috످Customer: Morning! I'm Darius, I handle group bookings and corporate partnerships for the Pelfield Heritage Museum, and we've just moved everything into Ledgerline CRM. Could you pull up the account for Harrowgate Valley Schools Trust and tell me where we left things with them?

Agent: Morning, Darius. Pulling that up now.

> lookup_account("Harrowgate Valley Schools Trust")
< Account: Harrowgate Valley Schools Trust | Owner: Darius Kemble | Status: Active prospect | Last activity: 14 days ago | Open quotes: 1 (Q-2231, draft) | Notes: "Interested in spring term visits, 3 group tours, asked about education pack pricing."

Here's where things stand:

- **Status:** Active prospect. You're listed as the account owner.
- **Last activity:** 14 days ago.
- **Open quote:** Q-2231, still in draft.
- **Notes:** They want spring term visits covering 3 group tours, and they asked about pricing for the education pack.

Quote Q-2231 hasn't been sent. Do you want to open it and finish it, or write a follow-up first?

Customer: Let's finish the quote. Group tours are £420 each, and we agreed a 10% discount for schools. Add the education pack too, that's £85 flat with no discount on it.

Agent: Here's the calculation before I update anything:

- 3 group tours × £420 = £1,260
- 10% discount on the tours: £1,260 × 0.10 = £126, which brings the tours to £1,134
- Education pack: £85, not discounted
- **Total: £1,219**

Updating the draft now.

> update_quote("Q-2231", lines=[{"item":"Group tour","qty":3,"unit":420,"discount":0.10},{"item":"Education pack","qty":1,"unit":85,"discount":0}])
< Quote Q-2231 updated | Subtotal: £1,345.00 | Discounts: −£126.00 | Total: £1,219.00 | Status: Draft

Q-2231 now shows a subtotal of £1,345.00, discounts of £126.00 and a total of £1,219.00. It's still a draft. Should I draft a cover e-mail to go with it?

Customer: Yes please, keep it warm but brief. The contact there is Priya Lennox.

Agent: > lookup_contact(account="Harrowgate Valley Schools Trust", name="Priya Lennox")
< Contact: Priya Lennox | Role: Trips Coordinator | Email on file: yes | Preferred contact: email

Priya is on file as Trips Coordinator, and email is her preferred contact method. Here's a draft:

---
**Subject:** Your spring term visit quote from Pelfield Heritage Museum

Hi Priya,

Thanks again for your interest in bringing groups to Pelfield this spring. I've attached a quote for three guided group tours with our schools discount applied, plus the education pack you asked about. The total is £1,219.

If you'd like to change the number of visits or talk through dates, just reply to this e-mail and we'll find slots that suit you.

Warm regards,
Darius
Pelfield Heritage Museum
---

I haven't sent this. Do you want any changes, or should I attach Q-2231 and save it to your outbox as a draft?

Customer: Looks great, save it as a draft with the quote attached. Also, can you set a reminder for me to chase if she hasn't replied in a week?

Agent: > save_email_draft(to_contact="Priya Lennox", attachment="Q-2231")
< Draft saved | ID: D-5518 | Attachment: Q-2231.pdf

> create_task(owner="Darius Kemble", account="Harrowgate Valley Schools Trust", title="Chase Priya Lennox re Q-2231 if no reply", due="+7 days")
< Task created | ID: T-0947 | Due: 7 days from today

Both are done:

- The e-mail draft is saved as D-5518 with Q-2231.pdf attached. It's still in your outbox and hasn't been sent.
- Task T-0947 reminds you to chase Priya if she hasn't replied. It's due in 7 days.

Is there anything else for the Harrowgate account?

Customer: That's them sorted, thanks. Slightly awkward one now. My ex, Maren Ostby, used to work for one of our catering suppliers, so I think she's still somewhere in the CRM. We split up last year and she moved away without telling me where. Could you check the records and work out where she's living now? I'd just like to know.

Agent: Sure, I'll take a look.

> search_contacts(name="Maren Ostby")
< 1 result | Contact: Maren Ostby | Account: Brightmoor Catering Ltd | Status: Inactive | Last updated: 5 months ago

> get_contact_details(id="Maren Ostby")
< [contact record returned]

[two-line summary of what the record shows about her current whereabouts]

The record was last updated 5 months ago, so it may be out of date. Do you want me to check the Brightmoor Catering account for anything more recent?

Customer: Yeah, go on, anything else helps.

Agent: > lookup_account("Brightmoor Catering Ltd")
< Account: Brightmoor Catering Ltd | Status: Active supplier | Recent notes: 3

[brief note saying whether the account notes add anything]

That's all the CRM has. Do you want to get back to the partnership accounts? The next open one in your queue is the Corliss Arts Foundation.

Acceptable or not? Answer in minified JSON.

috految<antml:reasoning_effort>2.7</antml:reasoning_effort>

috److{"verdict":"not acceptable","category":"privacy violation and stalking risk","reason":"The assistant used the museum's CRM to help Darius locate an ex-partner who had moved away without saying where. This misuses her personal data and could put her in danger.","findings":["In the fifth user message, Darius asked for the ex-partner's location for purely personal reasons.","Instead of declining, the assistant said “Sure, I'll take a look”, opened her record and shared what it showed about her whereabouts.","It then offered to look for newer information and checked her former employer's account when Darius agreed."],"better_response":"The assistant should have declined without searching or confirming that she is in the CRM, then offered to continue with work tasks."}

috످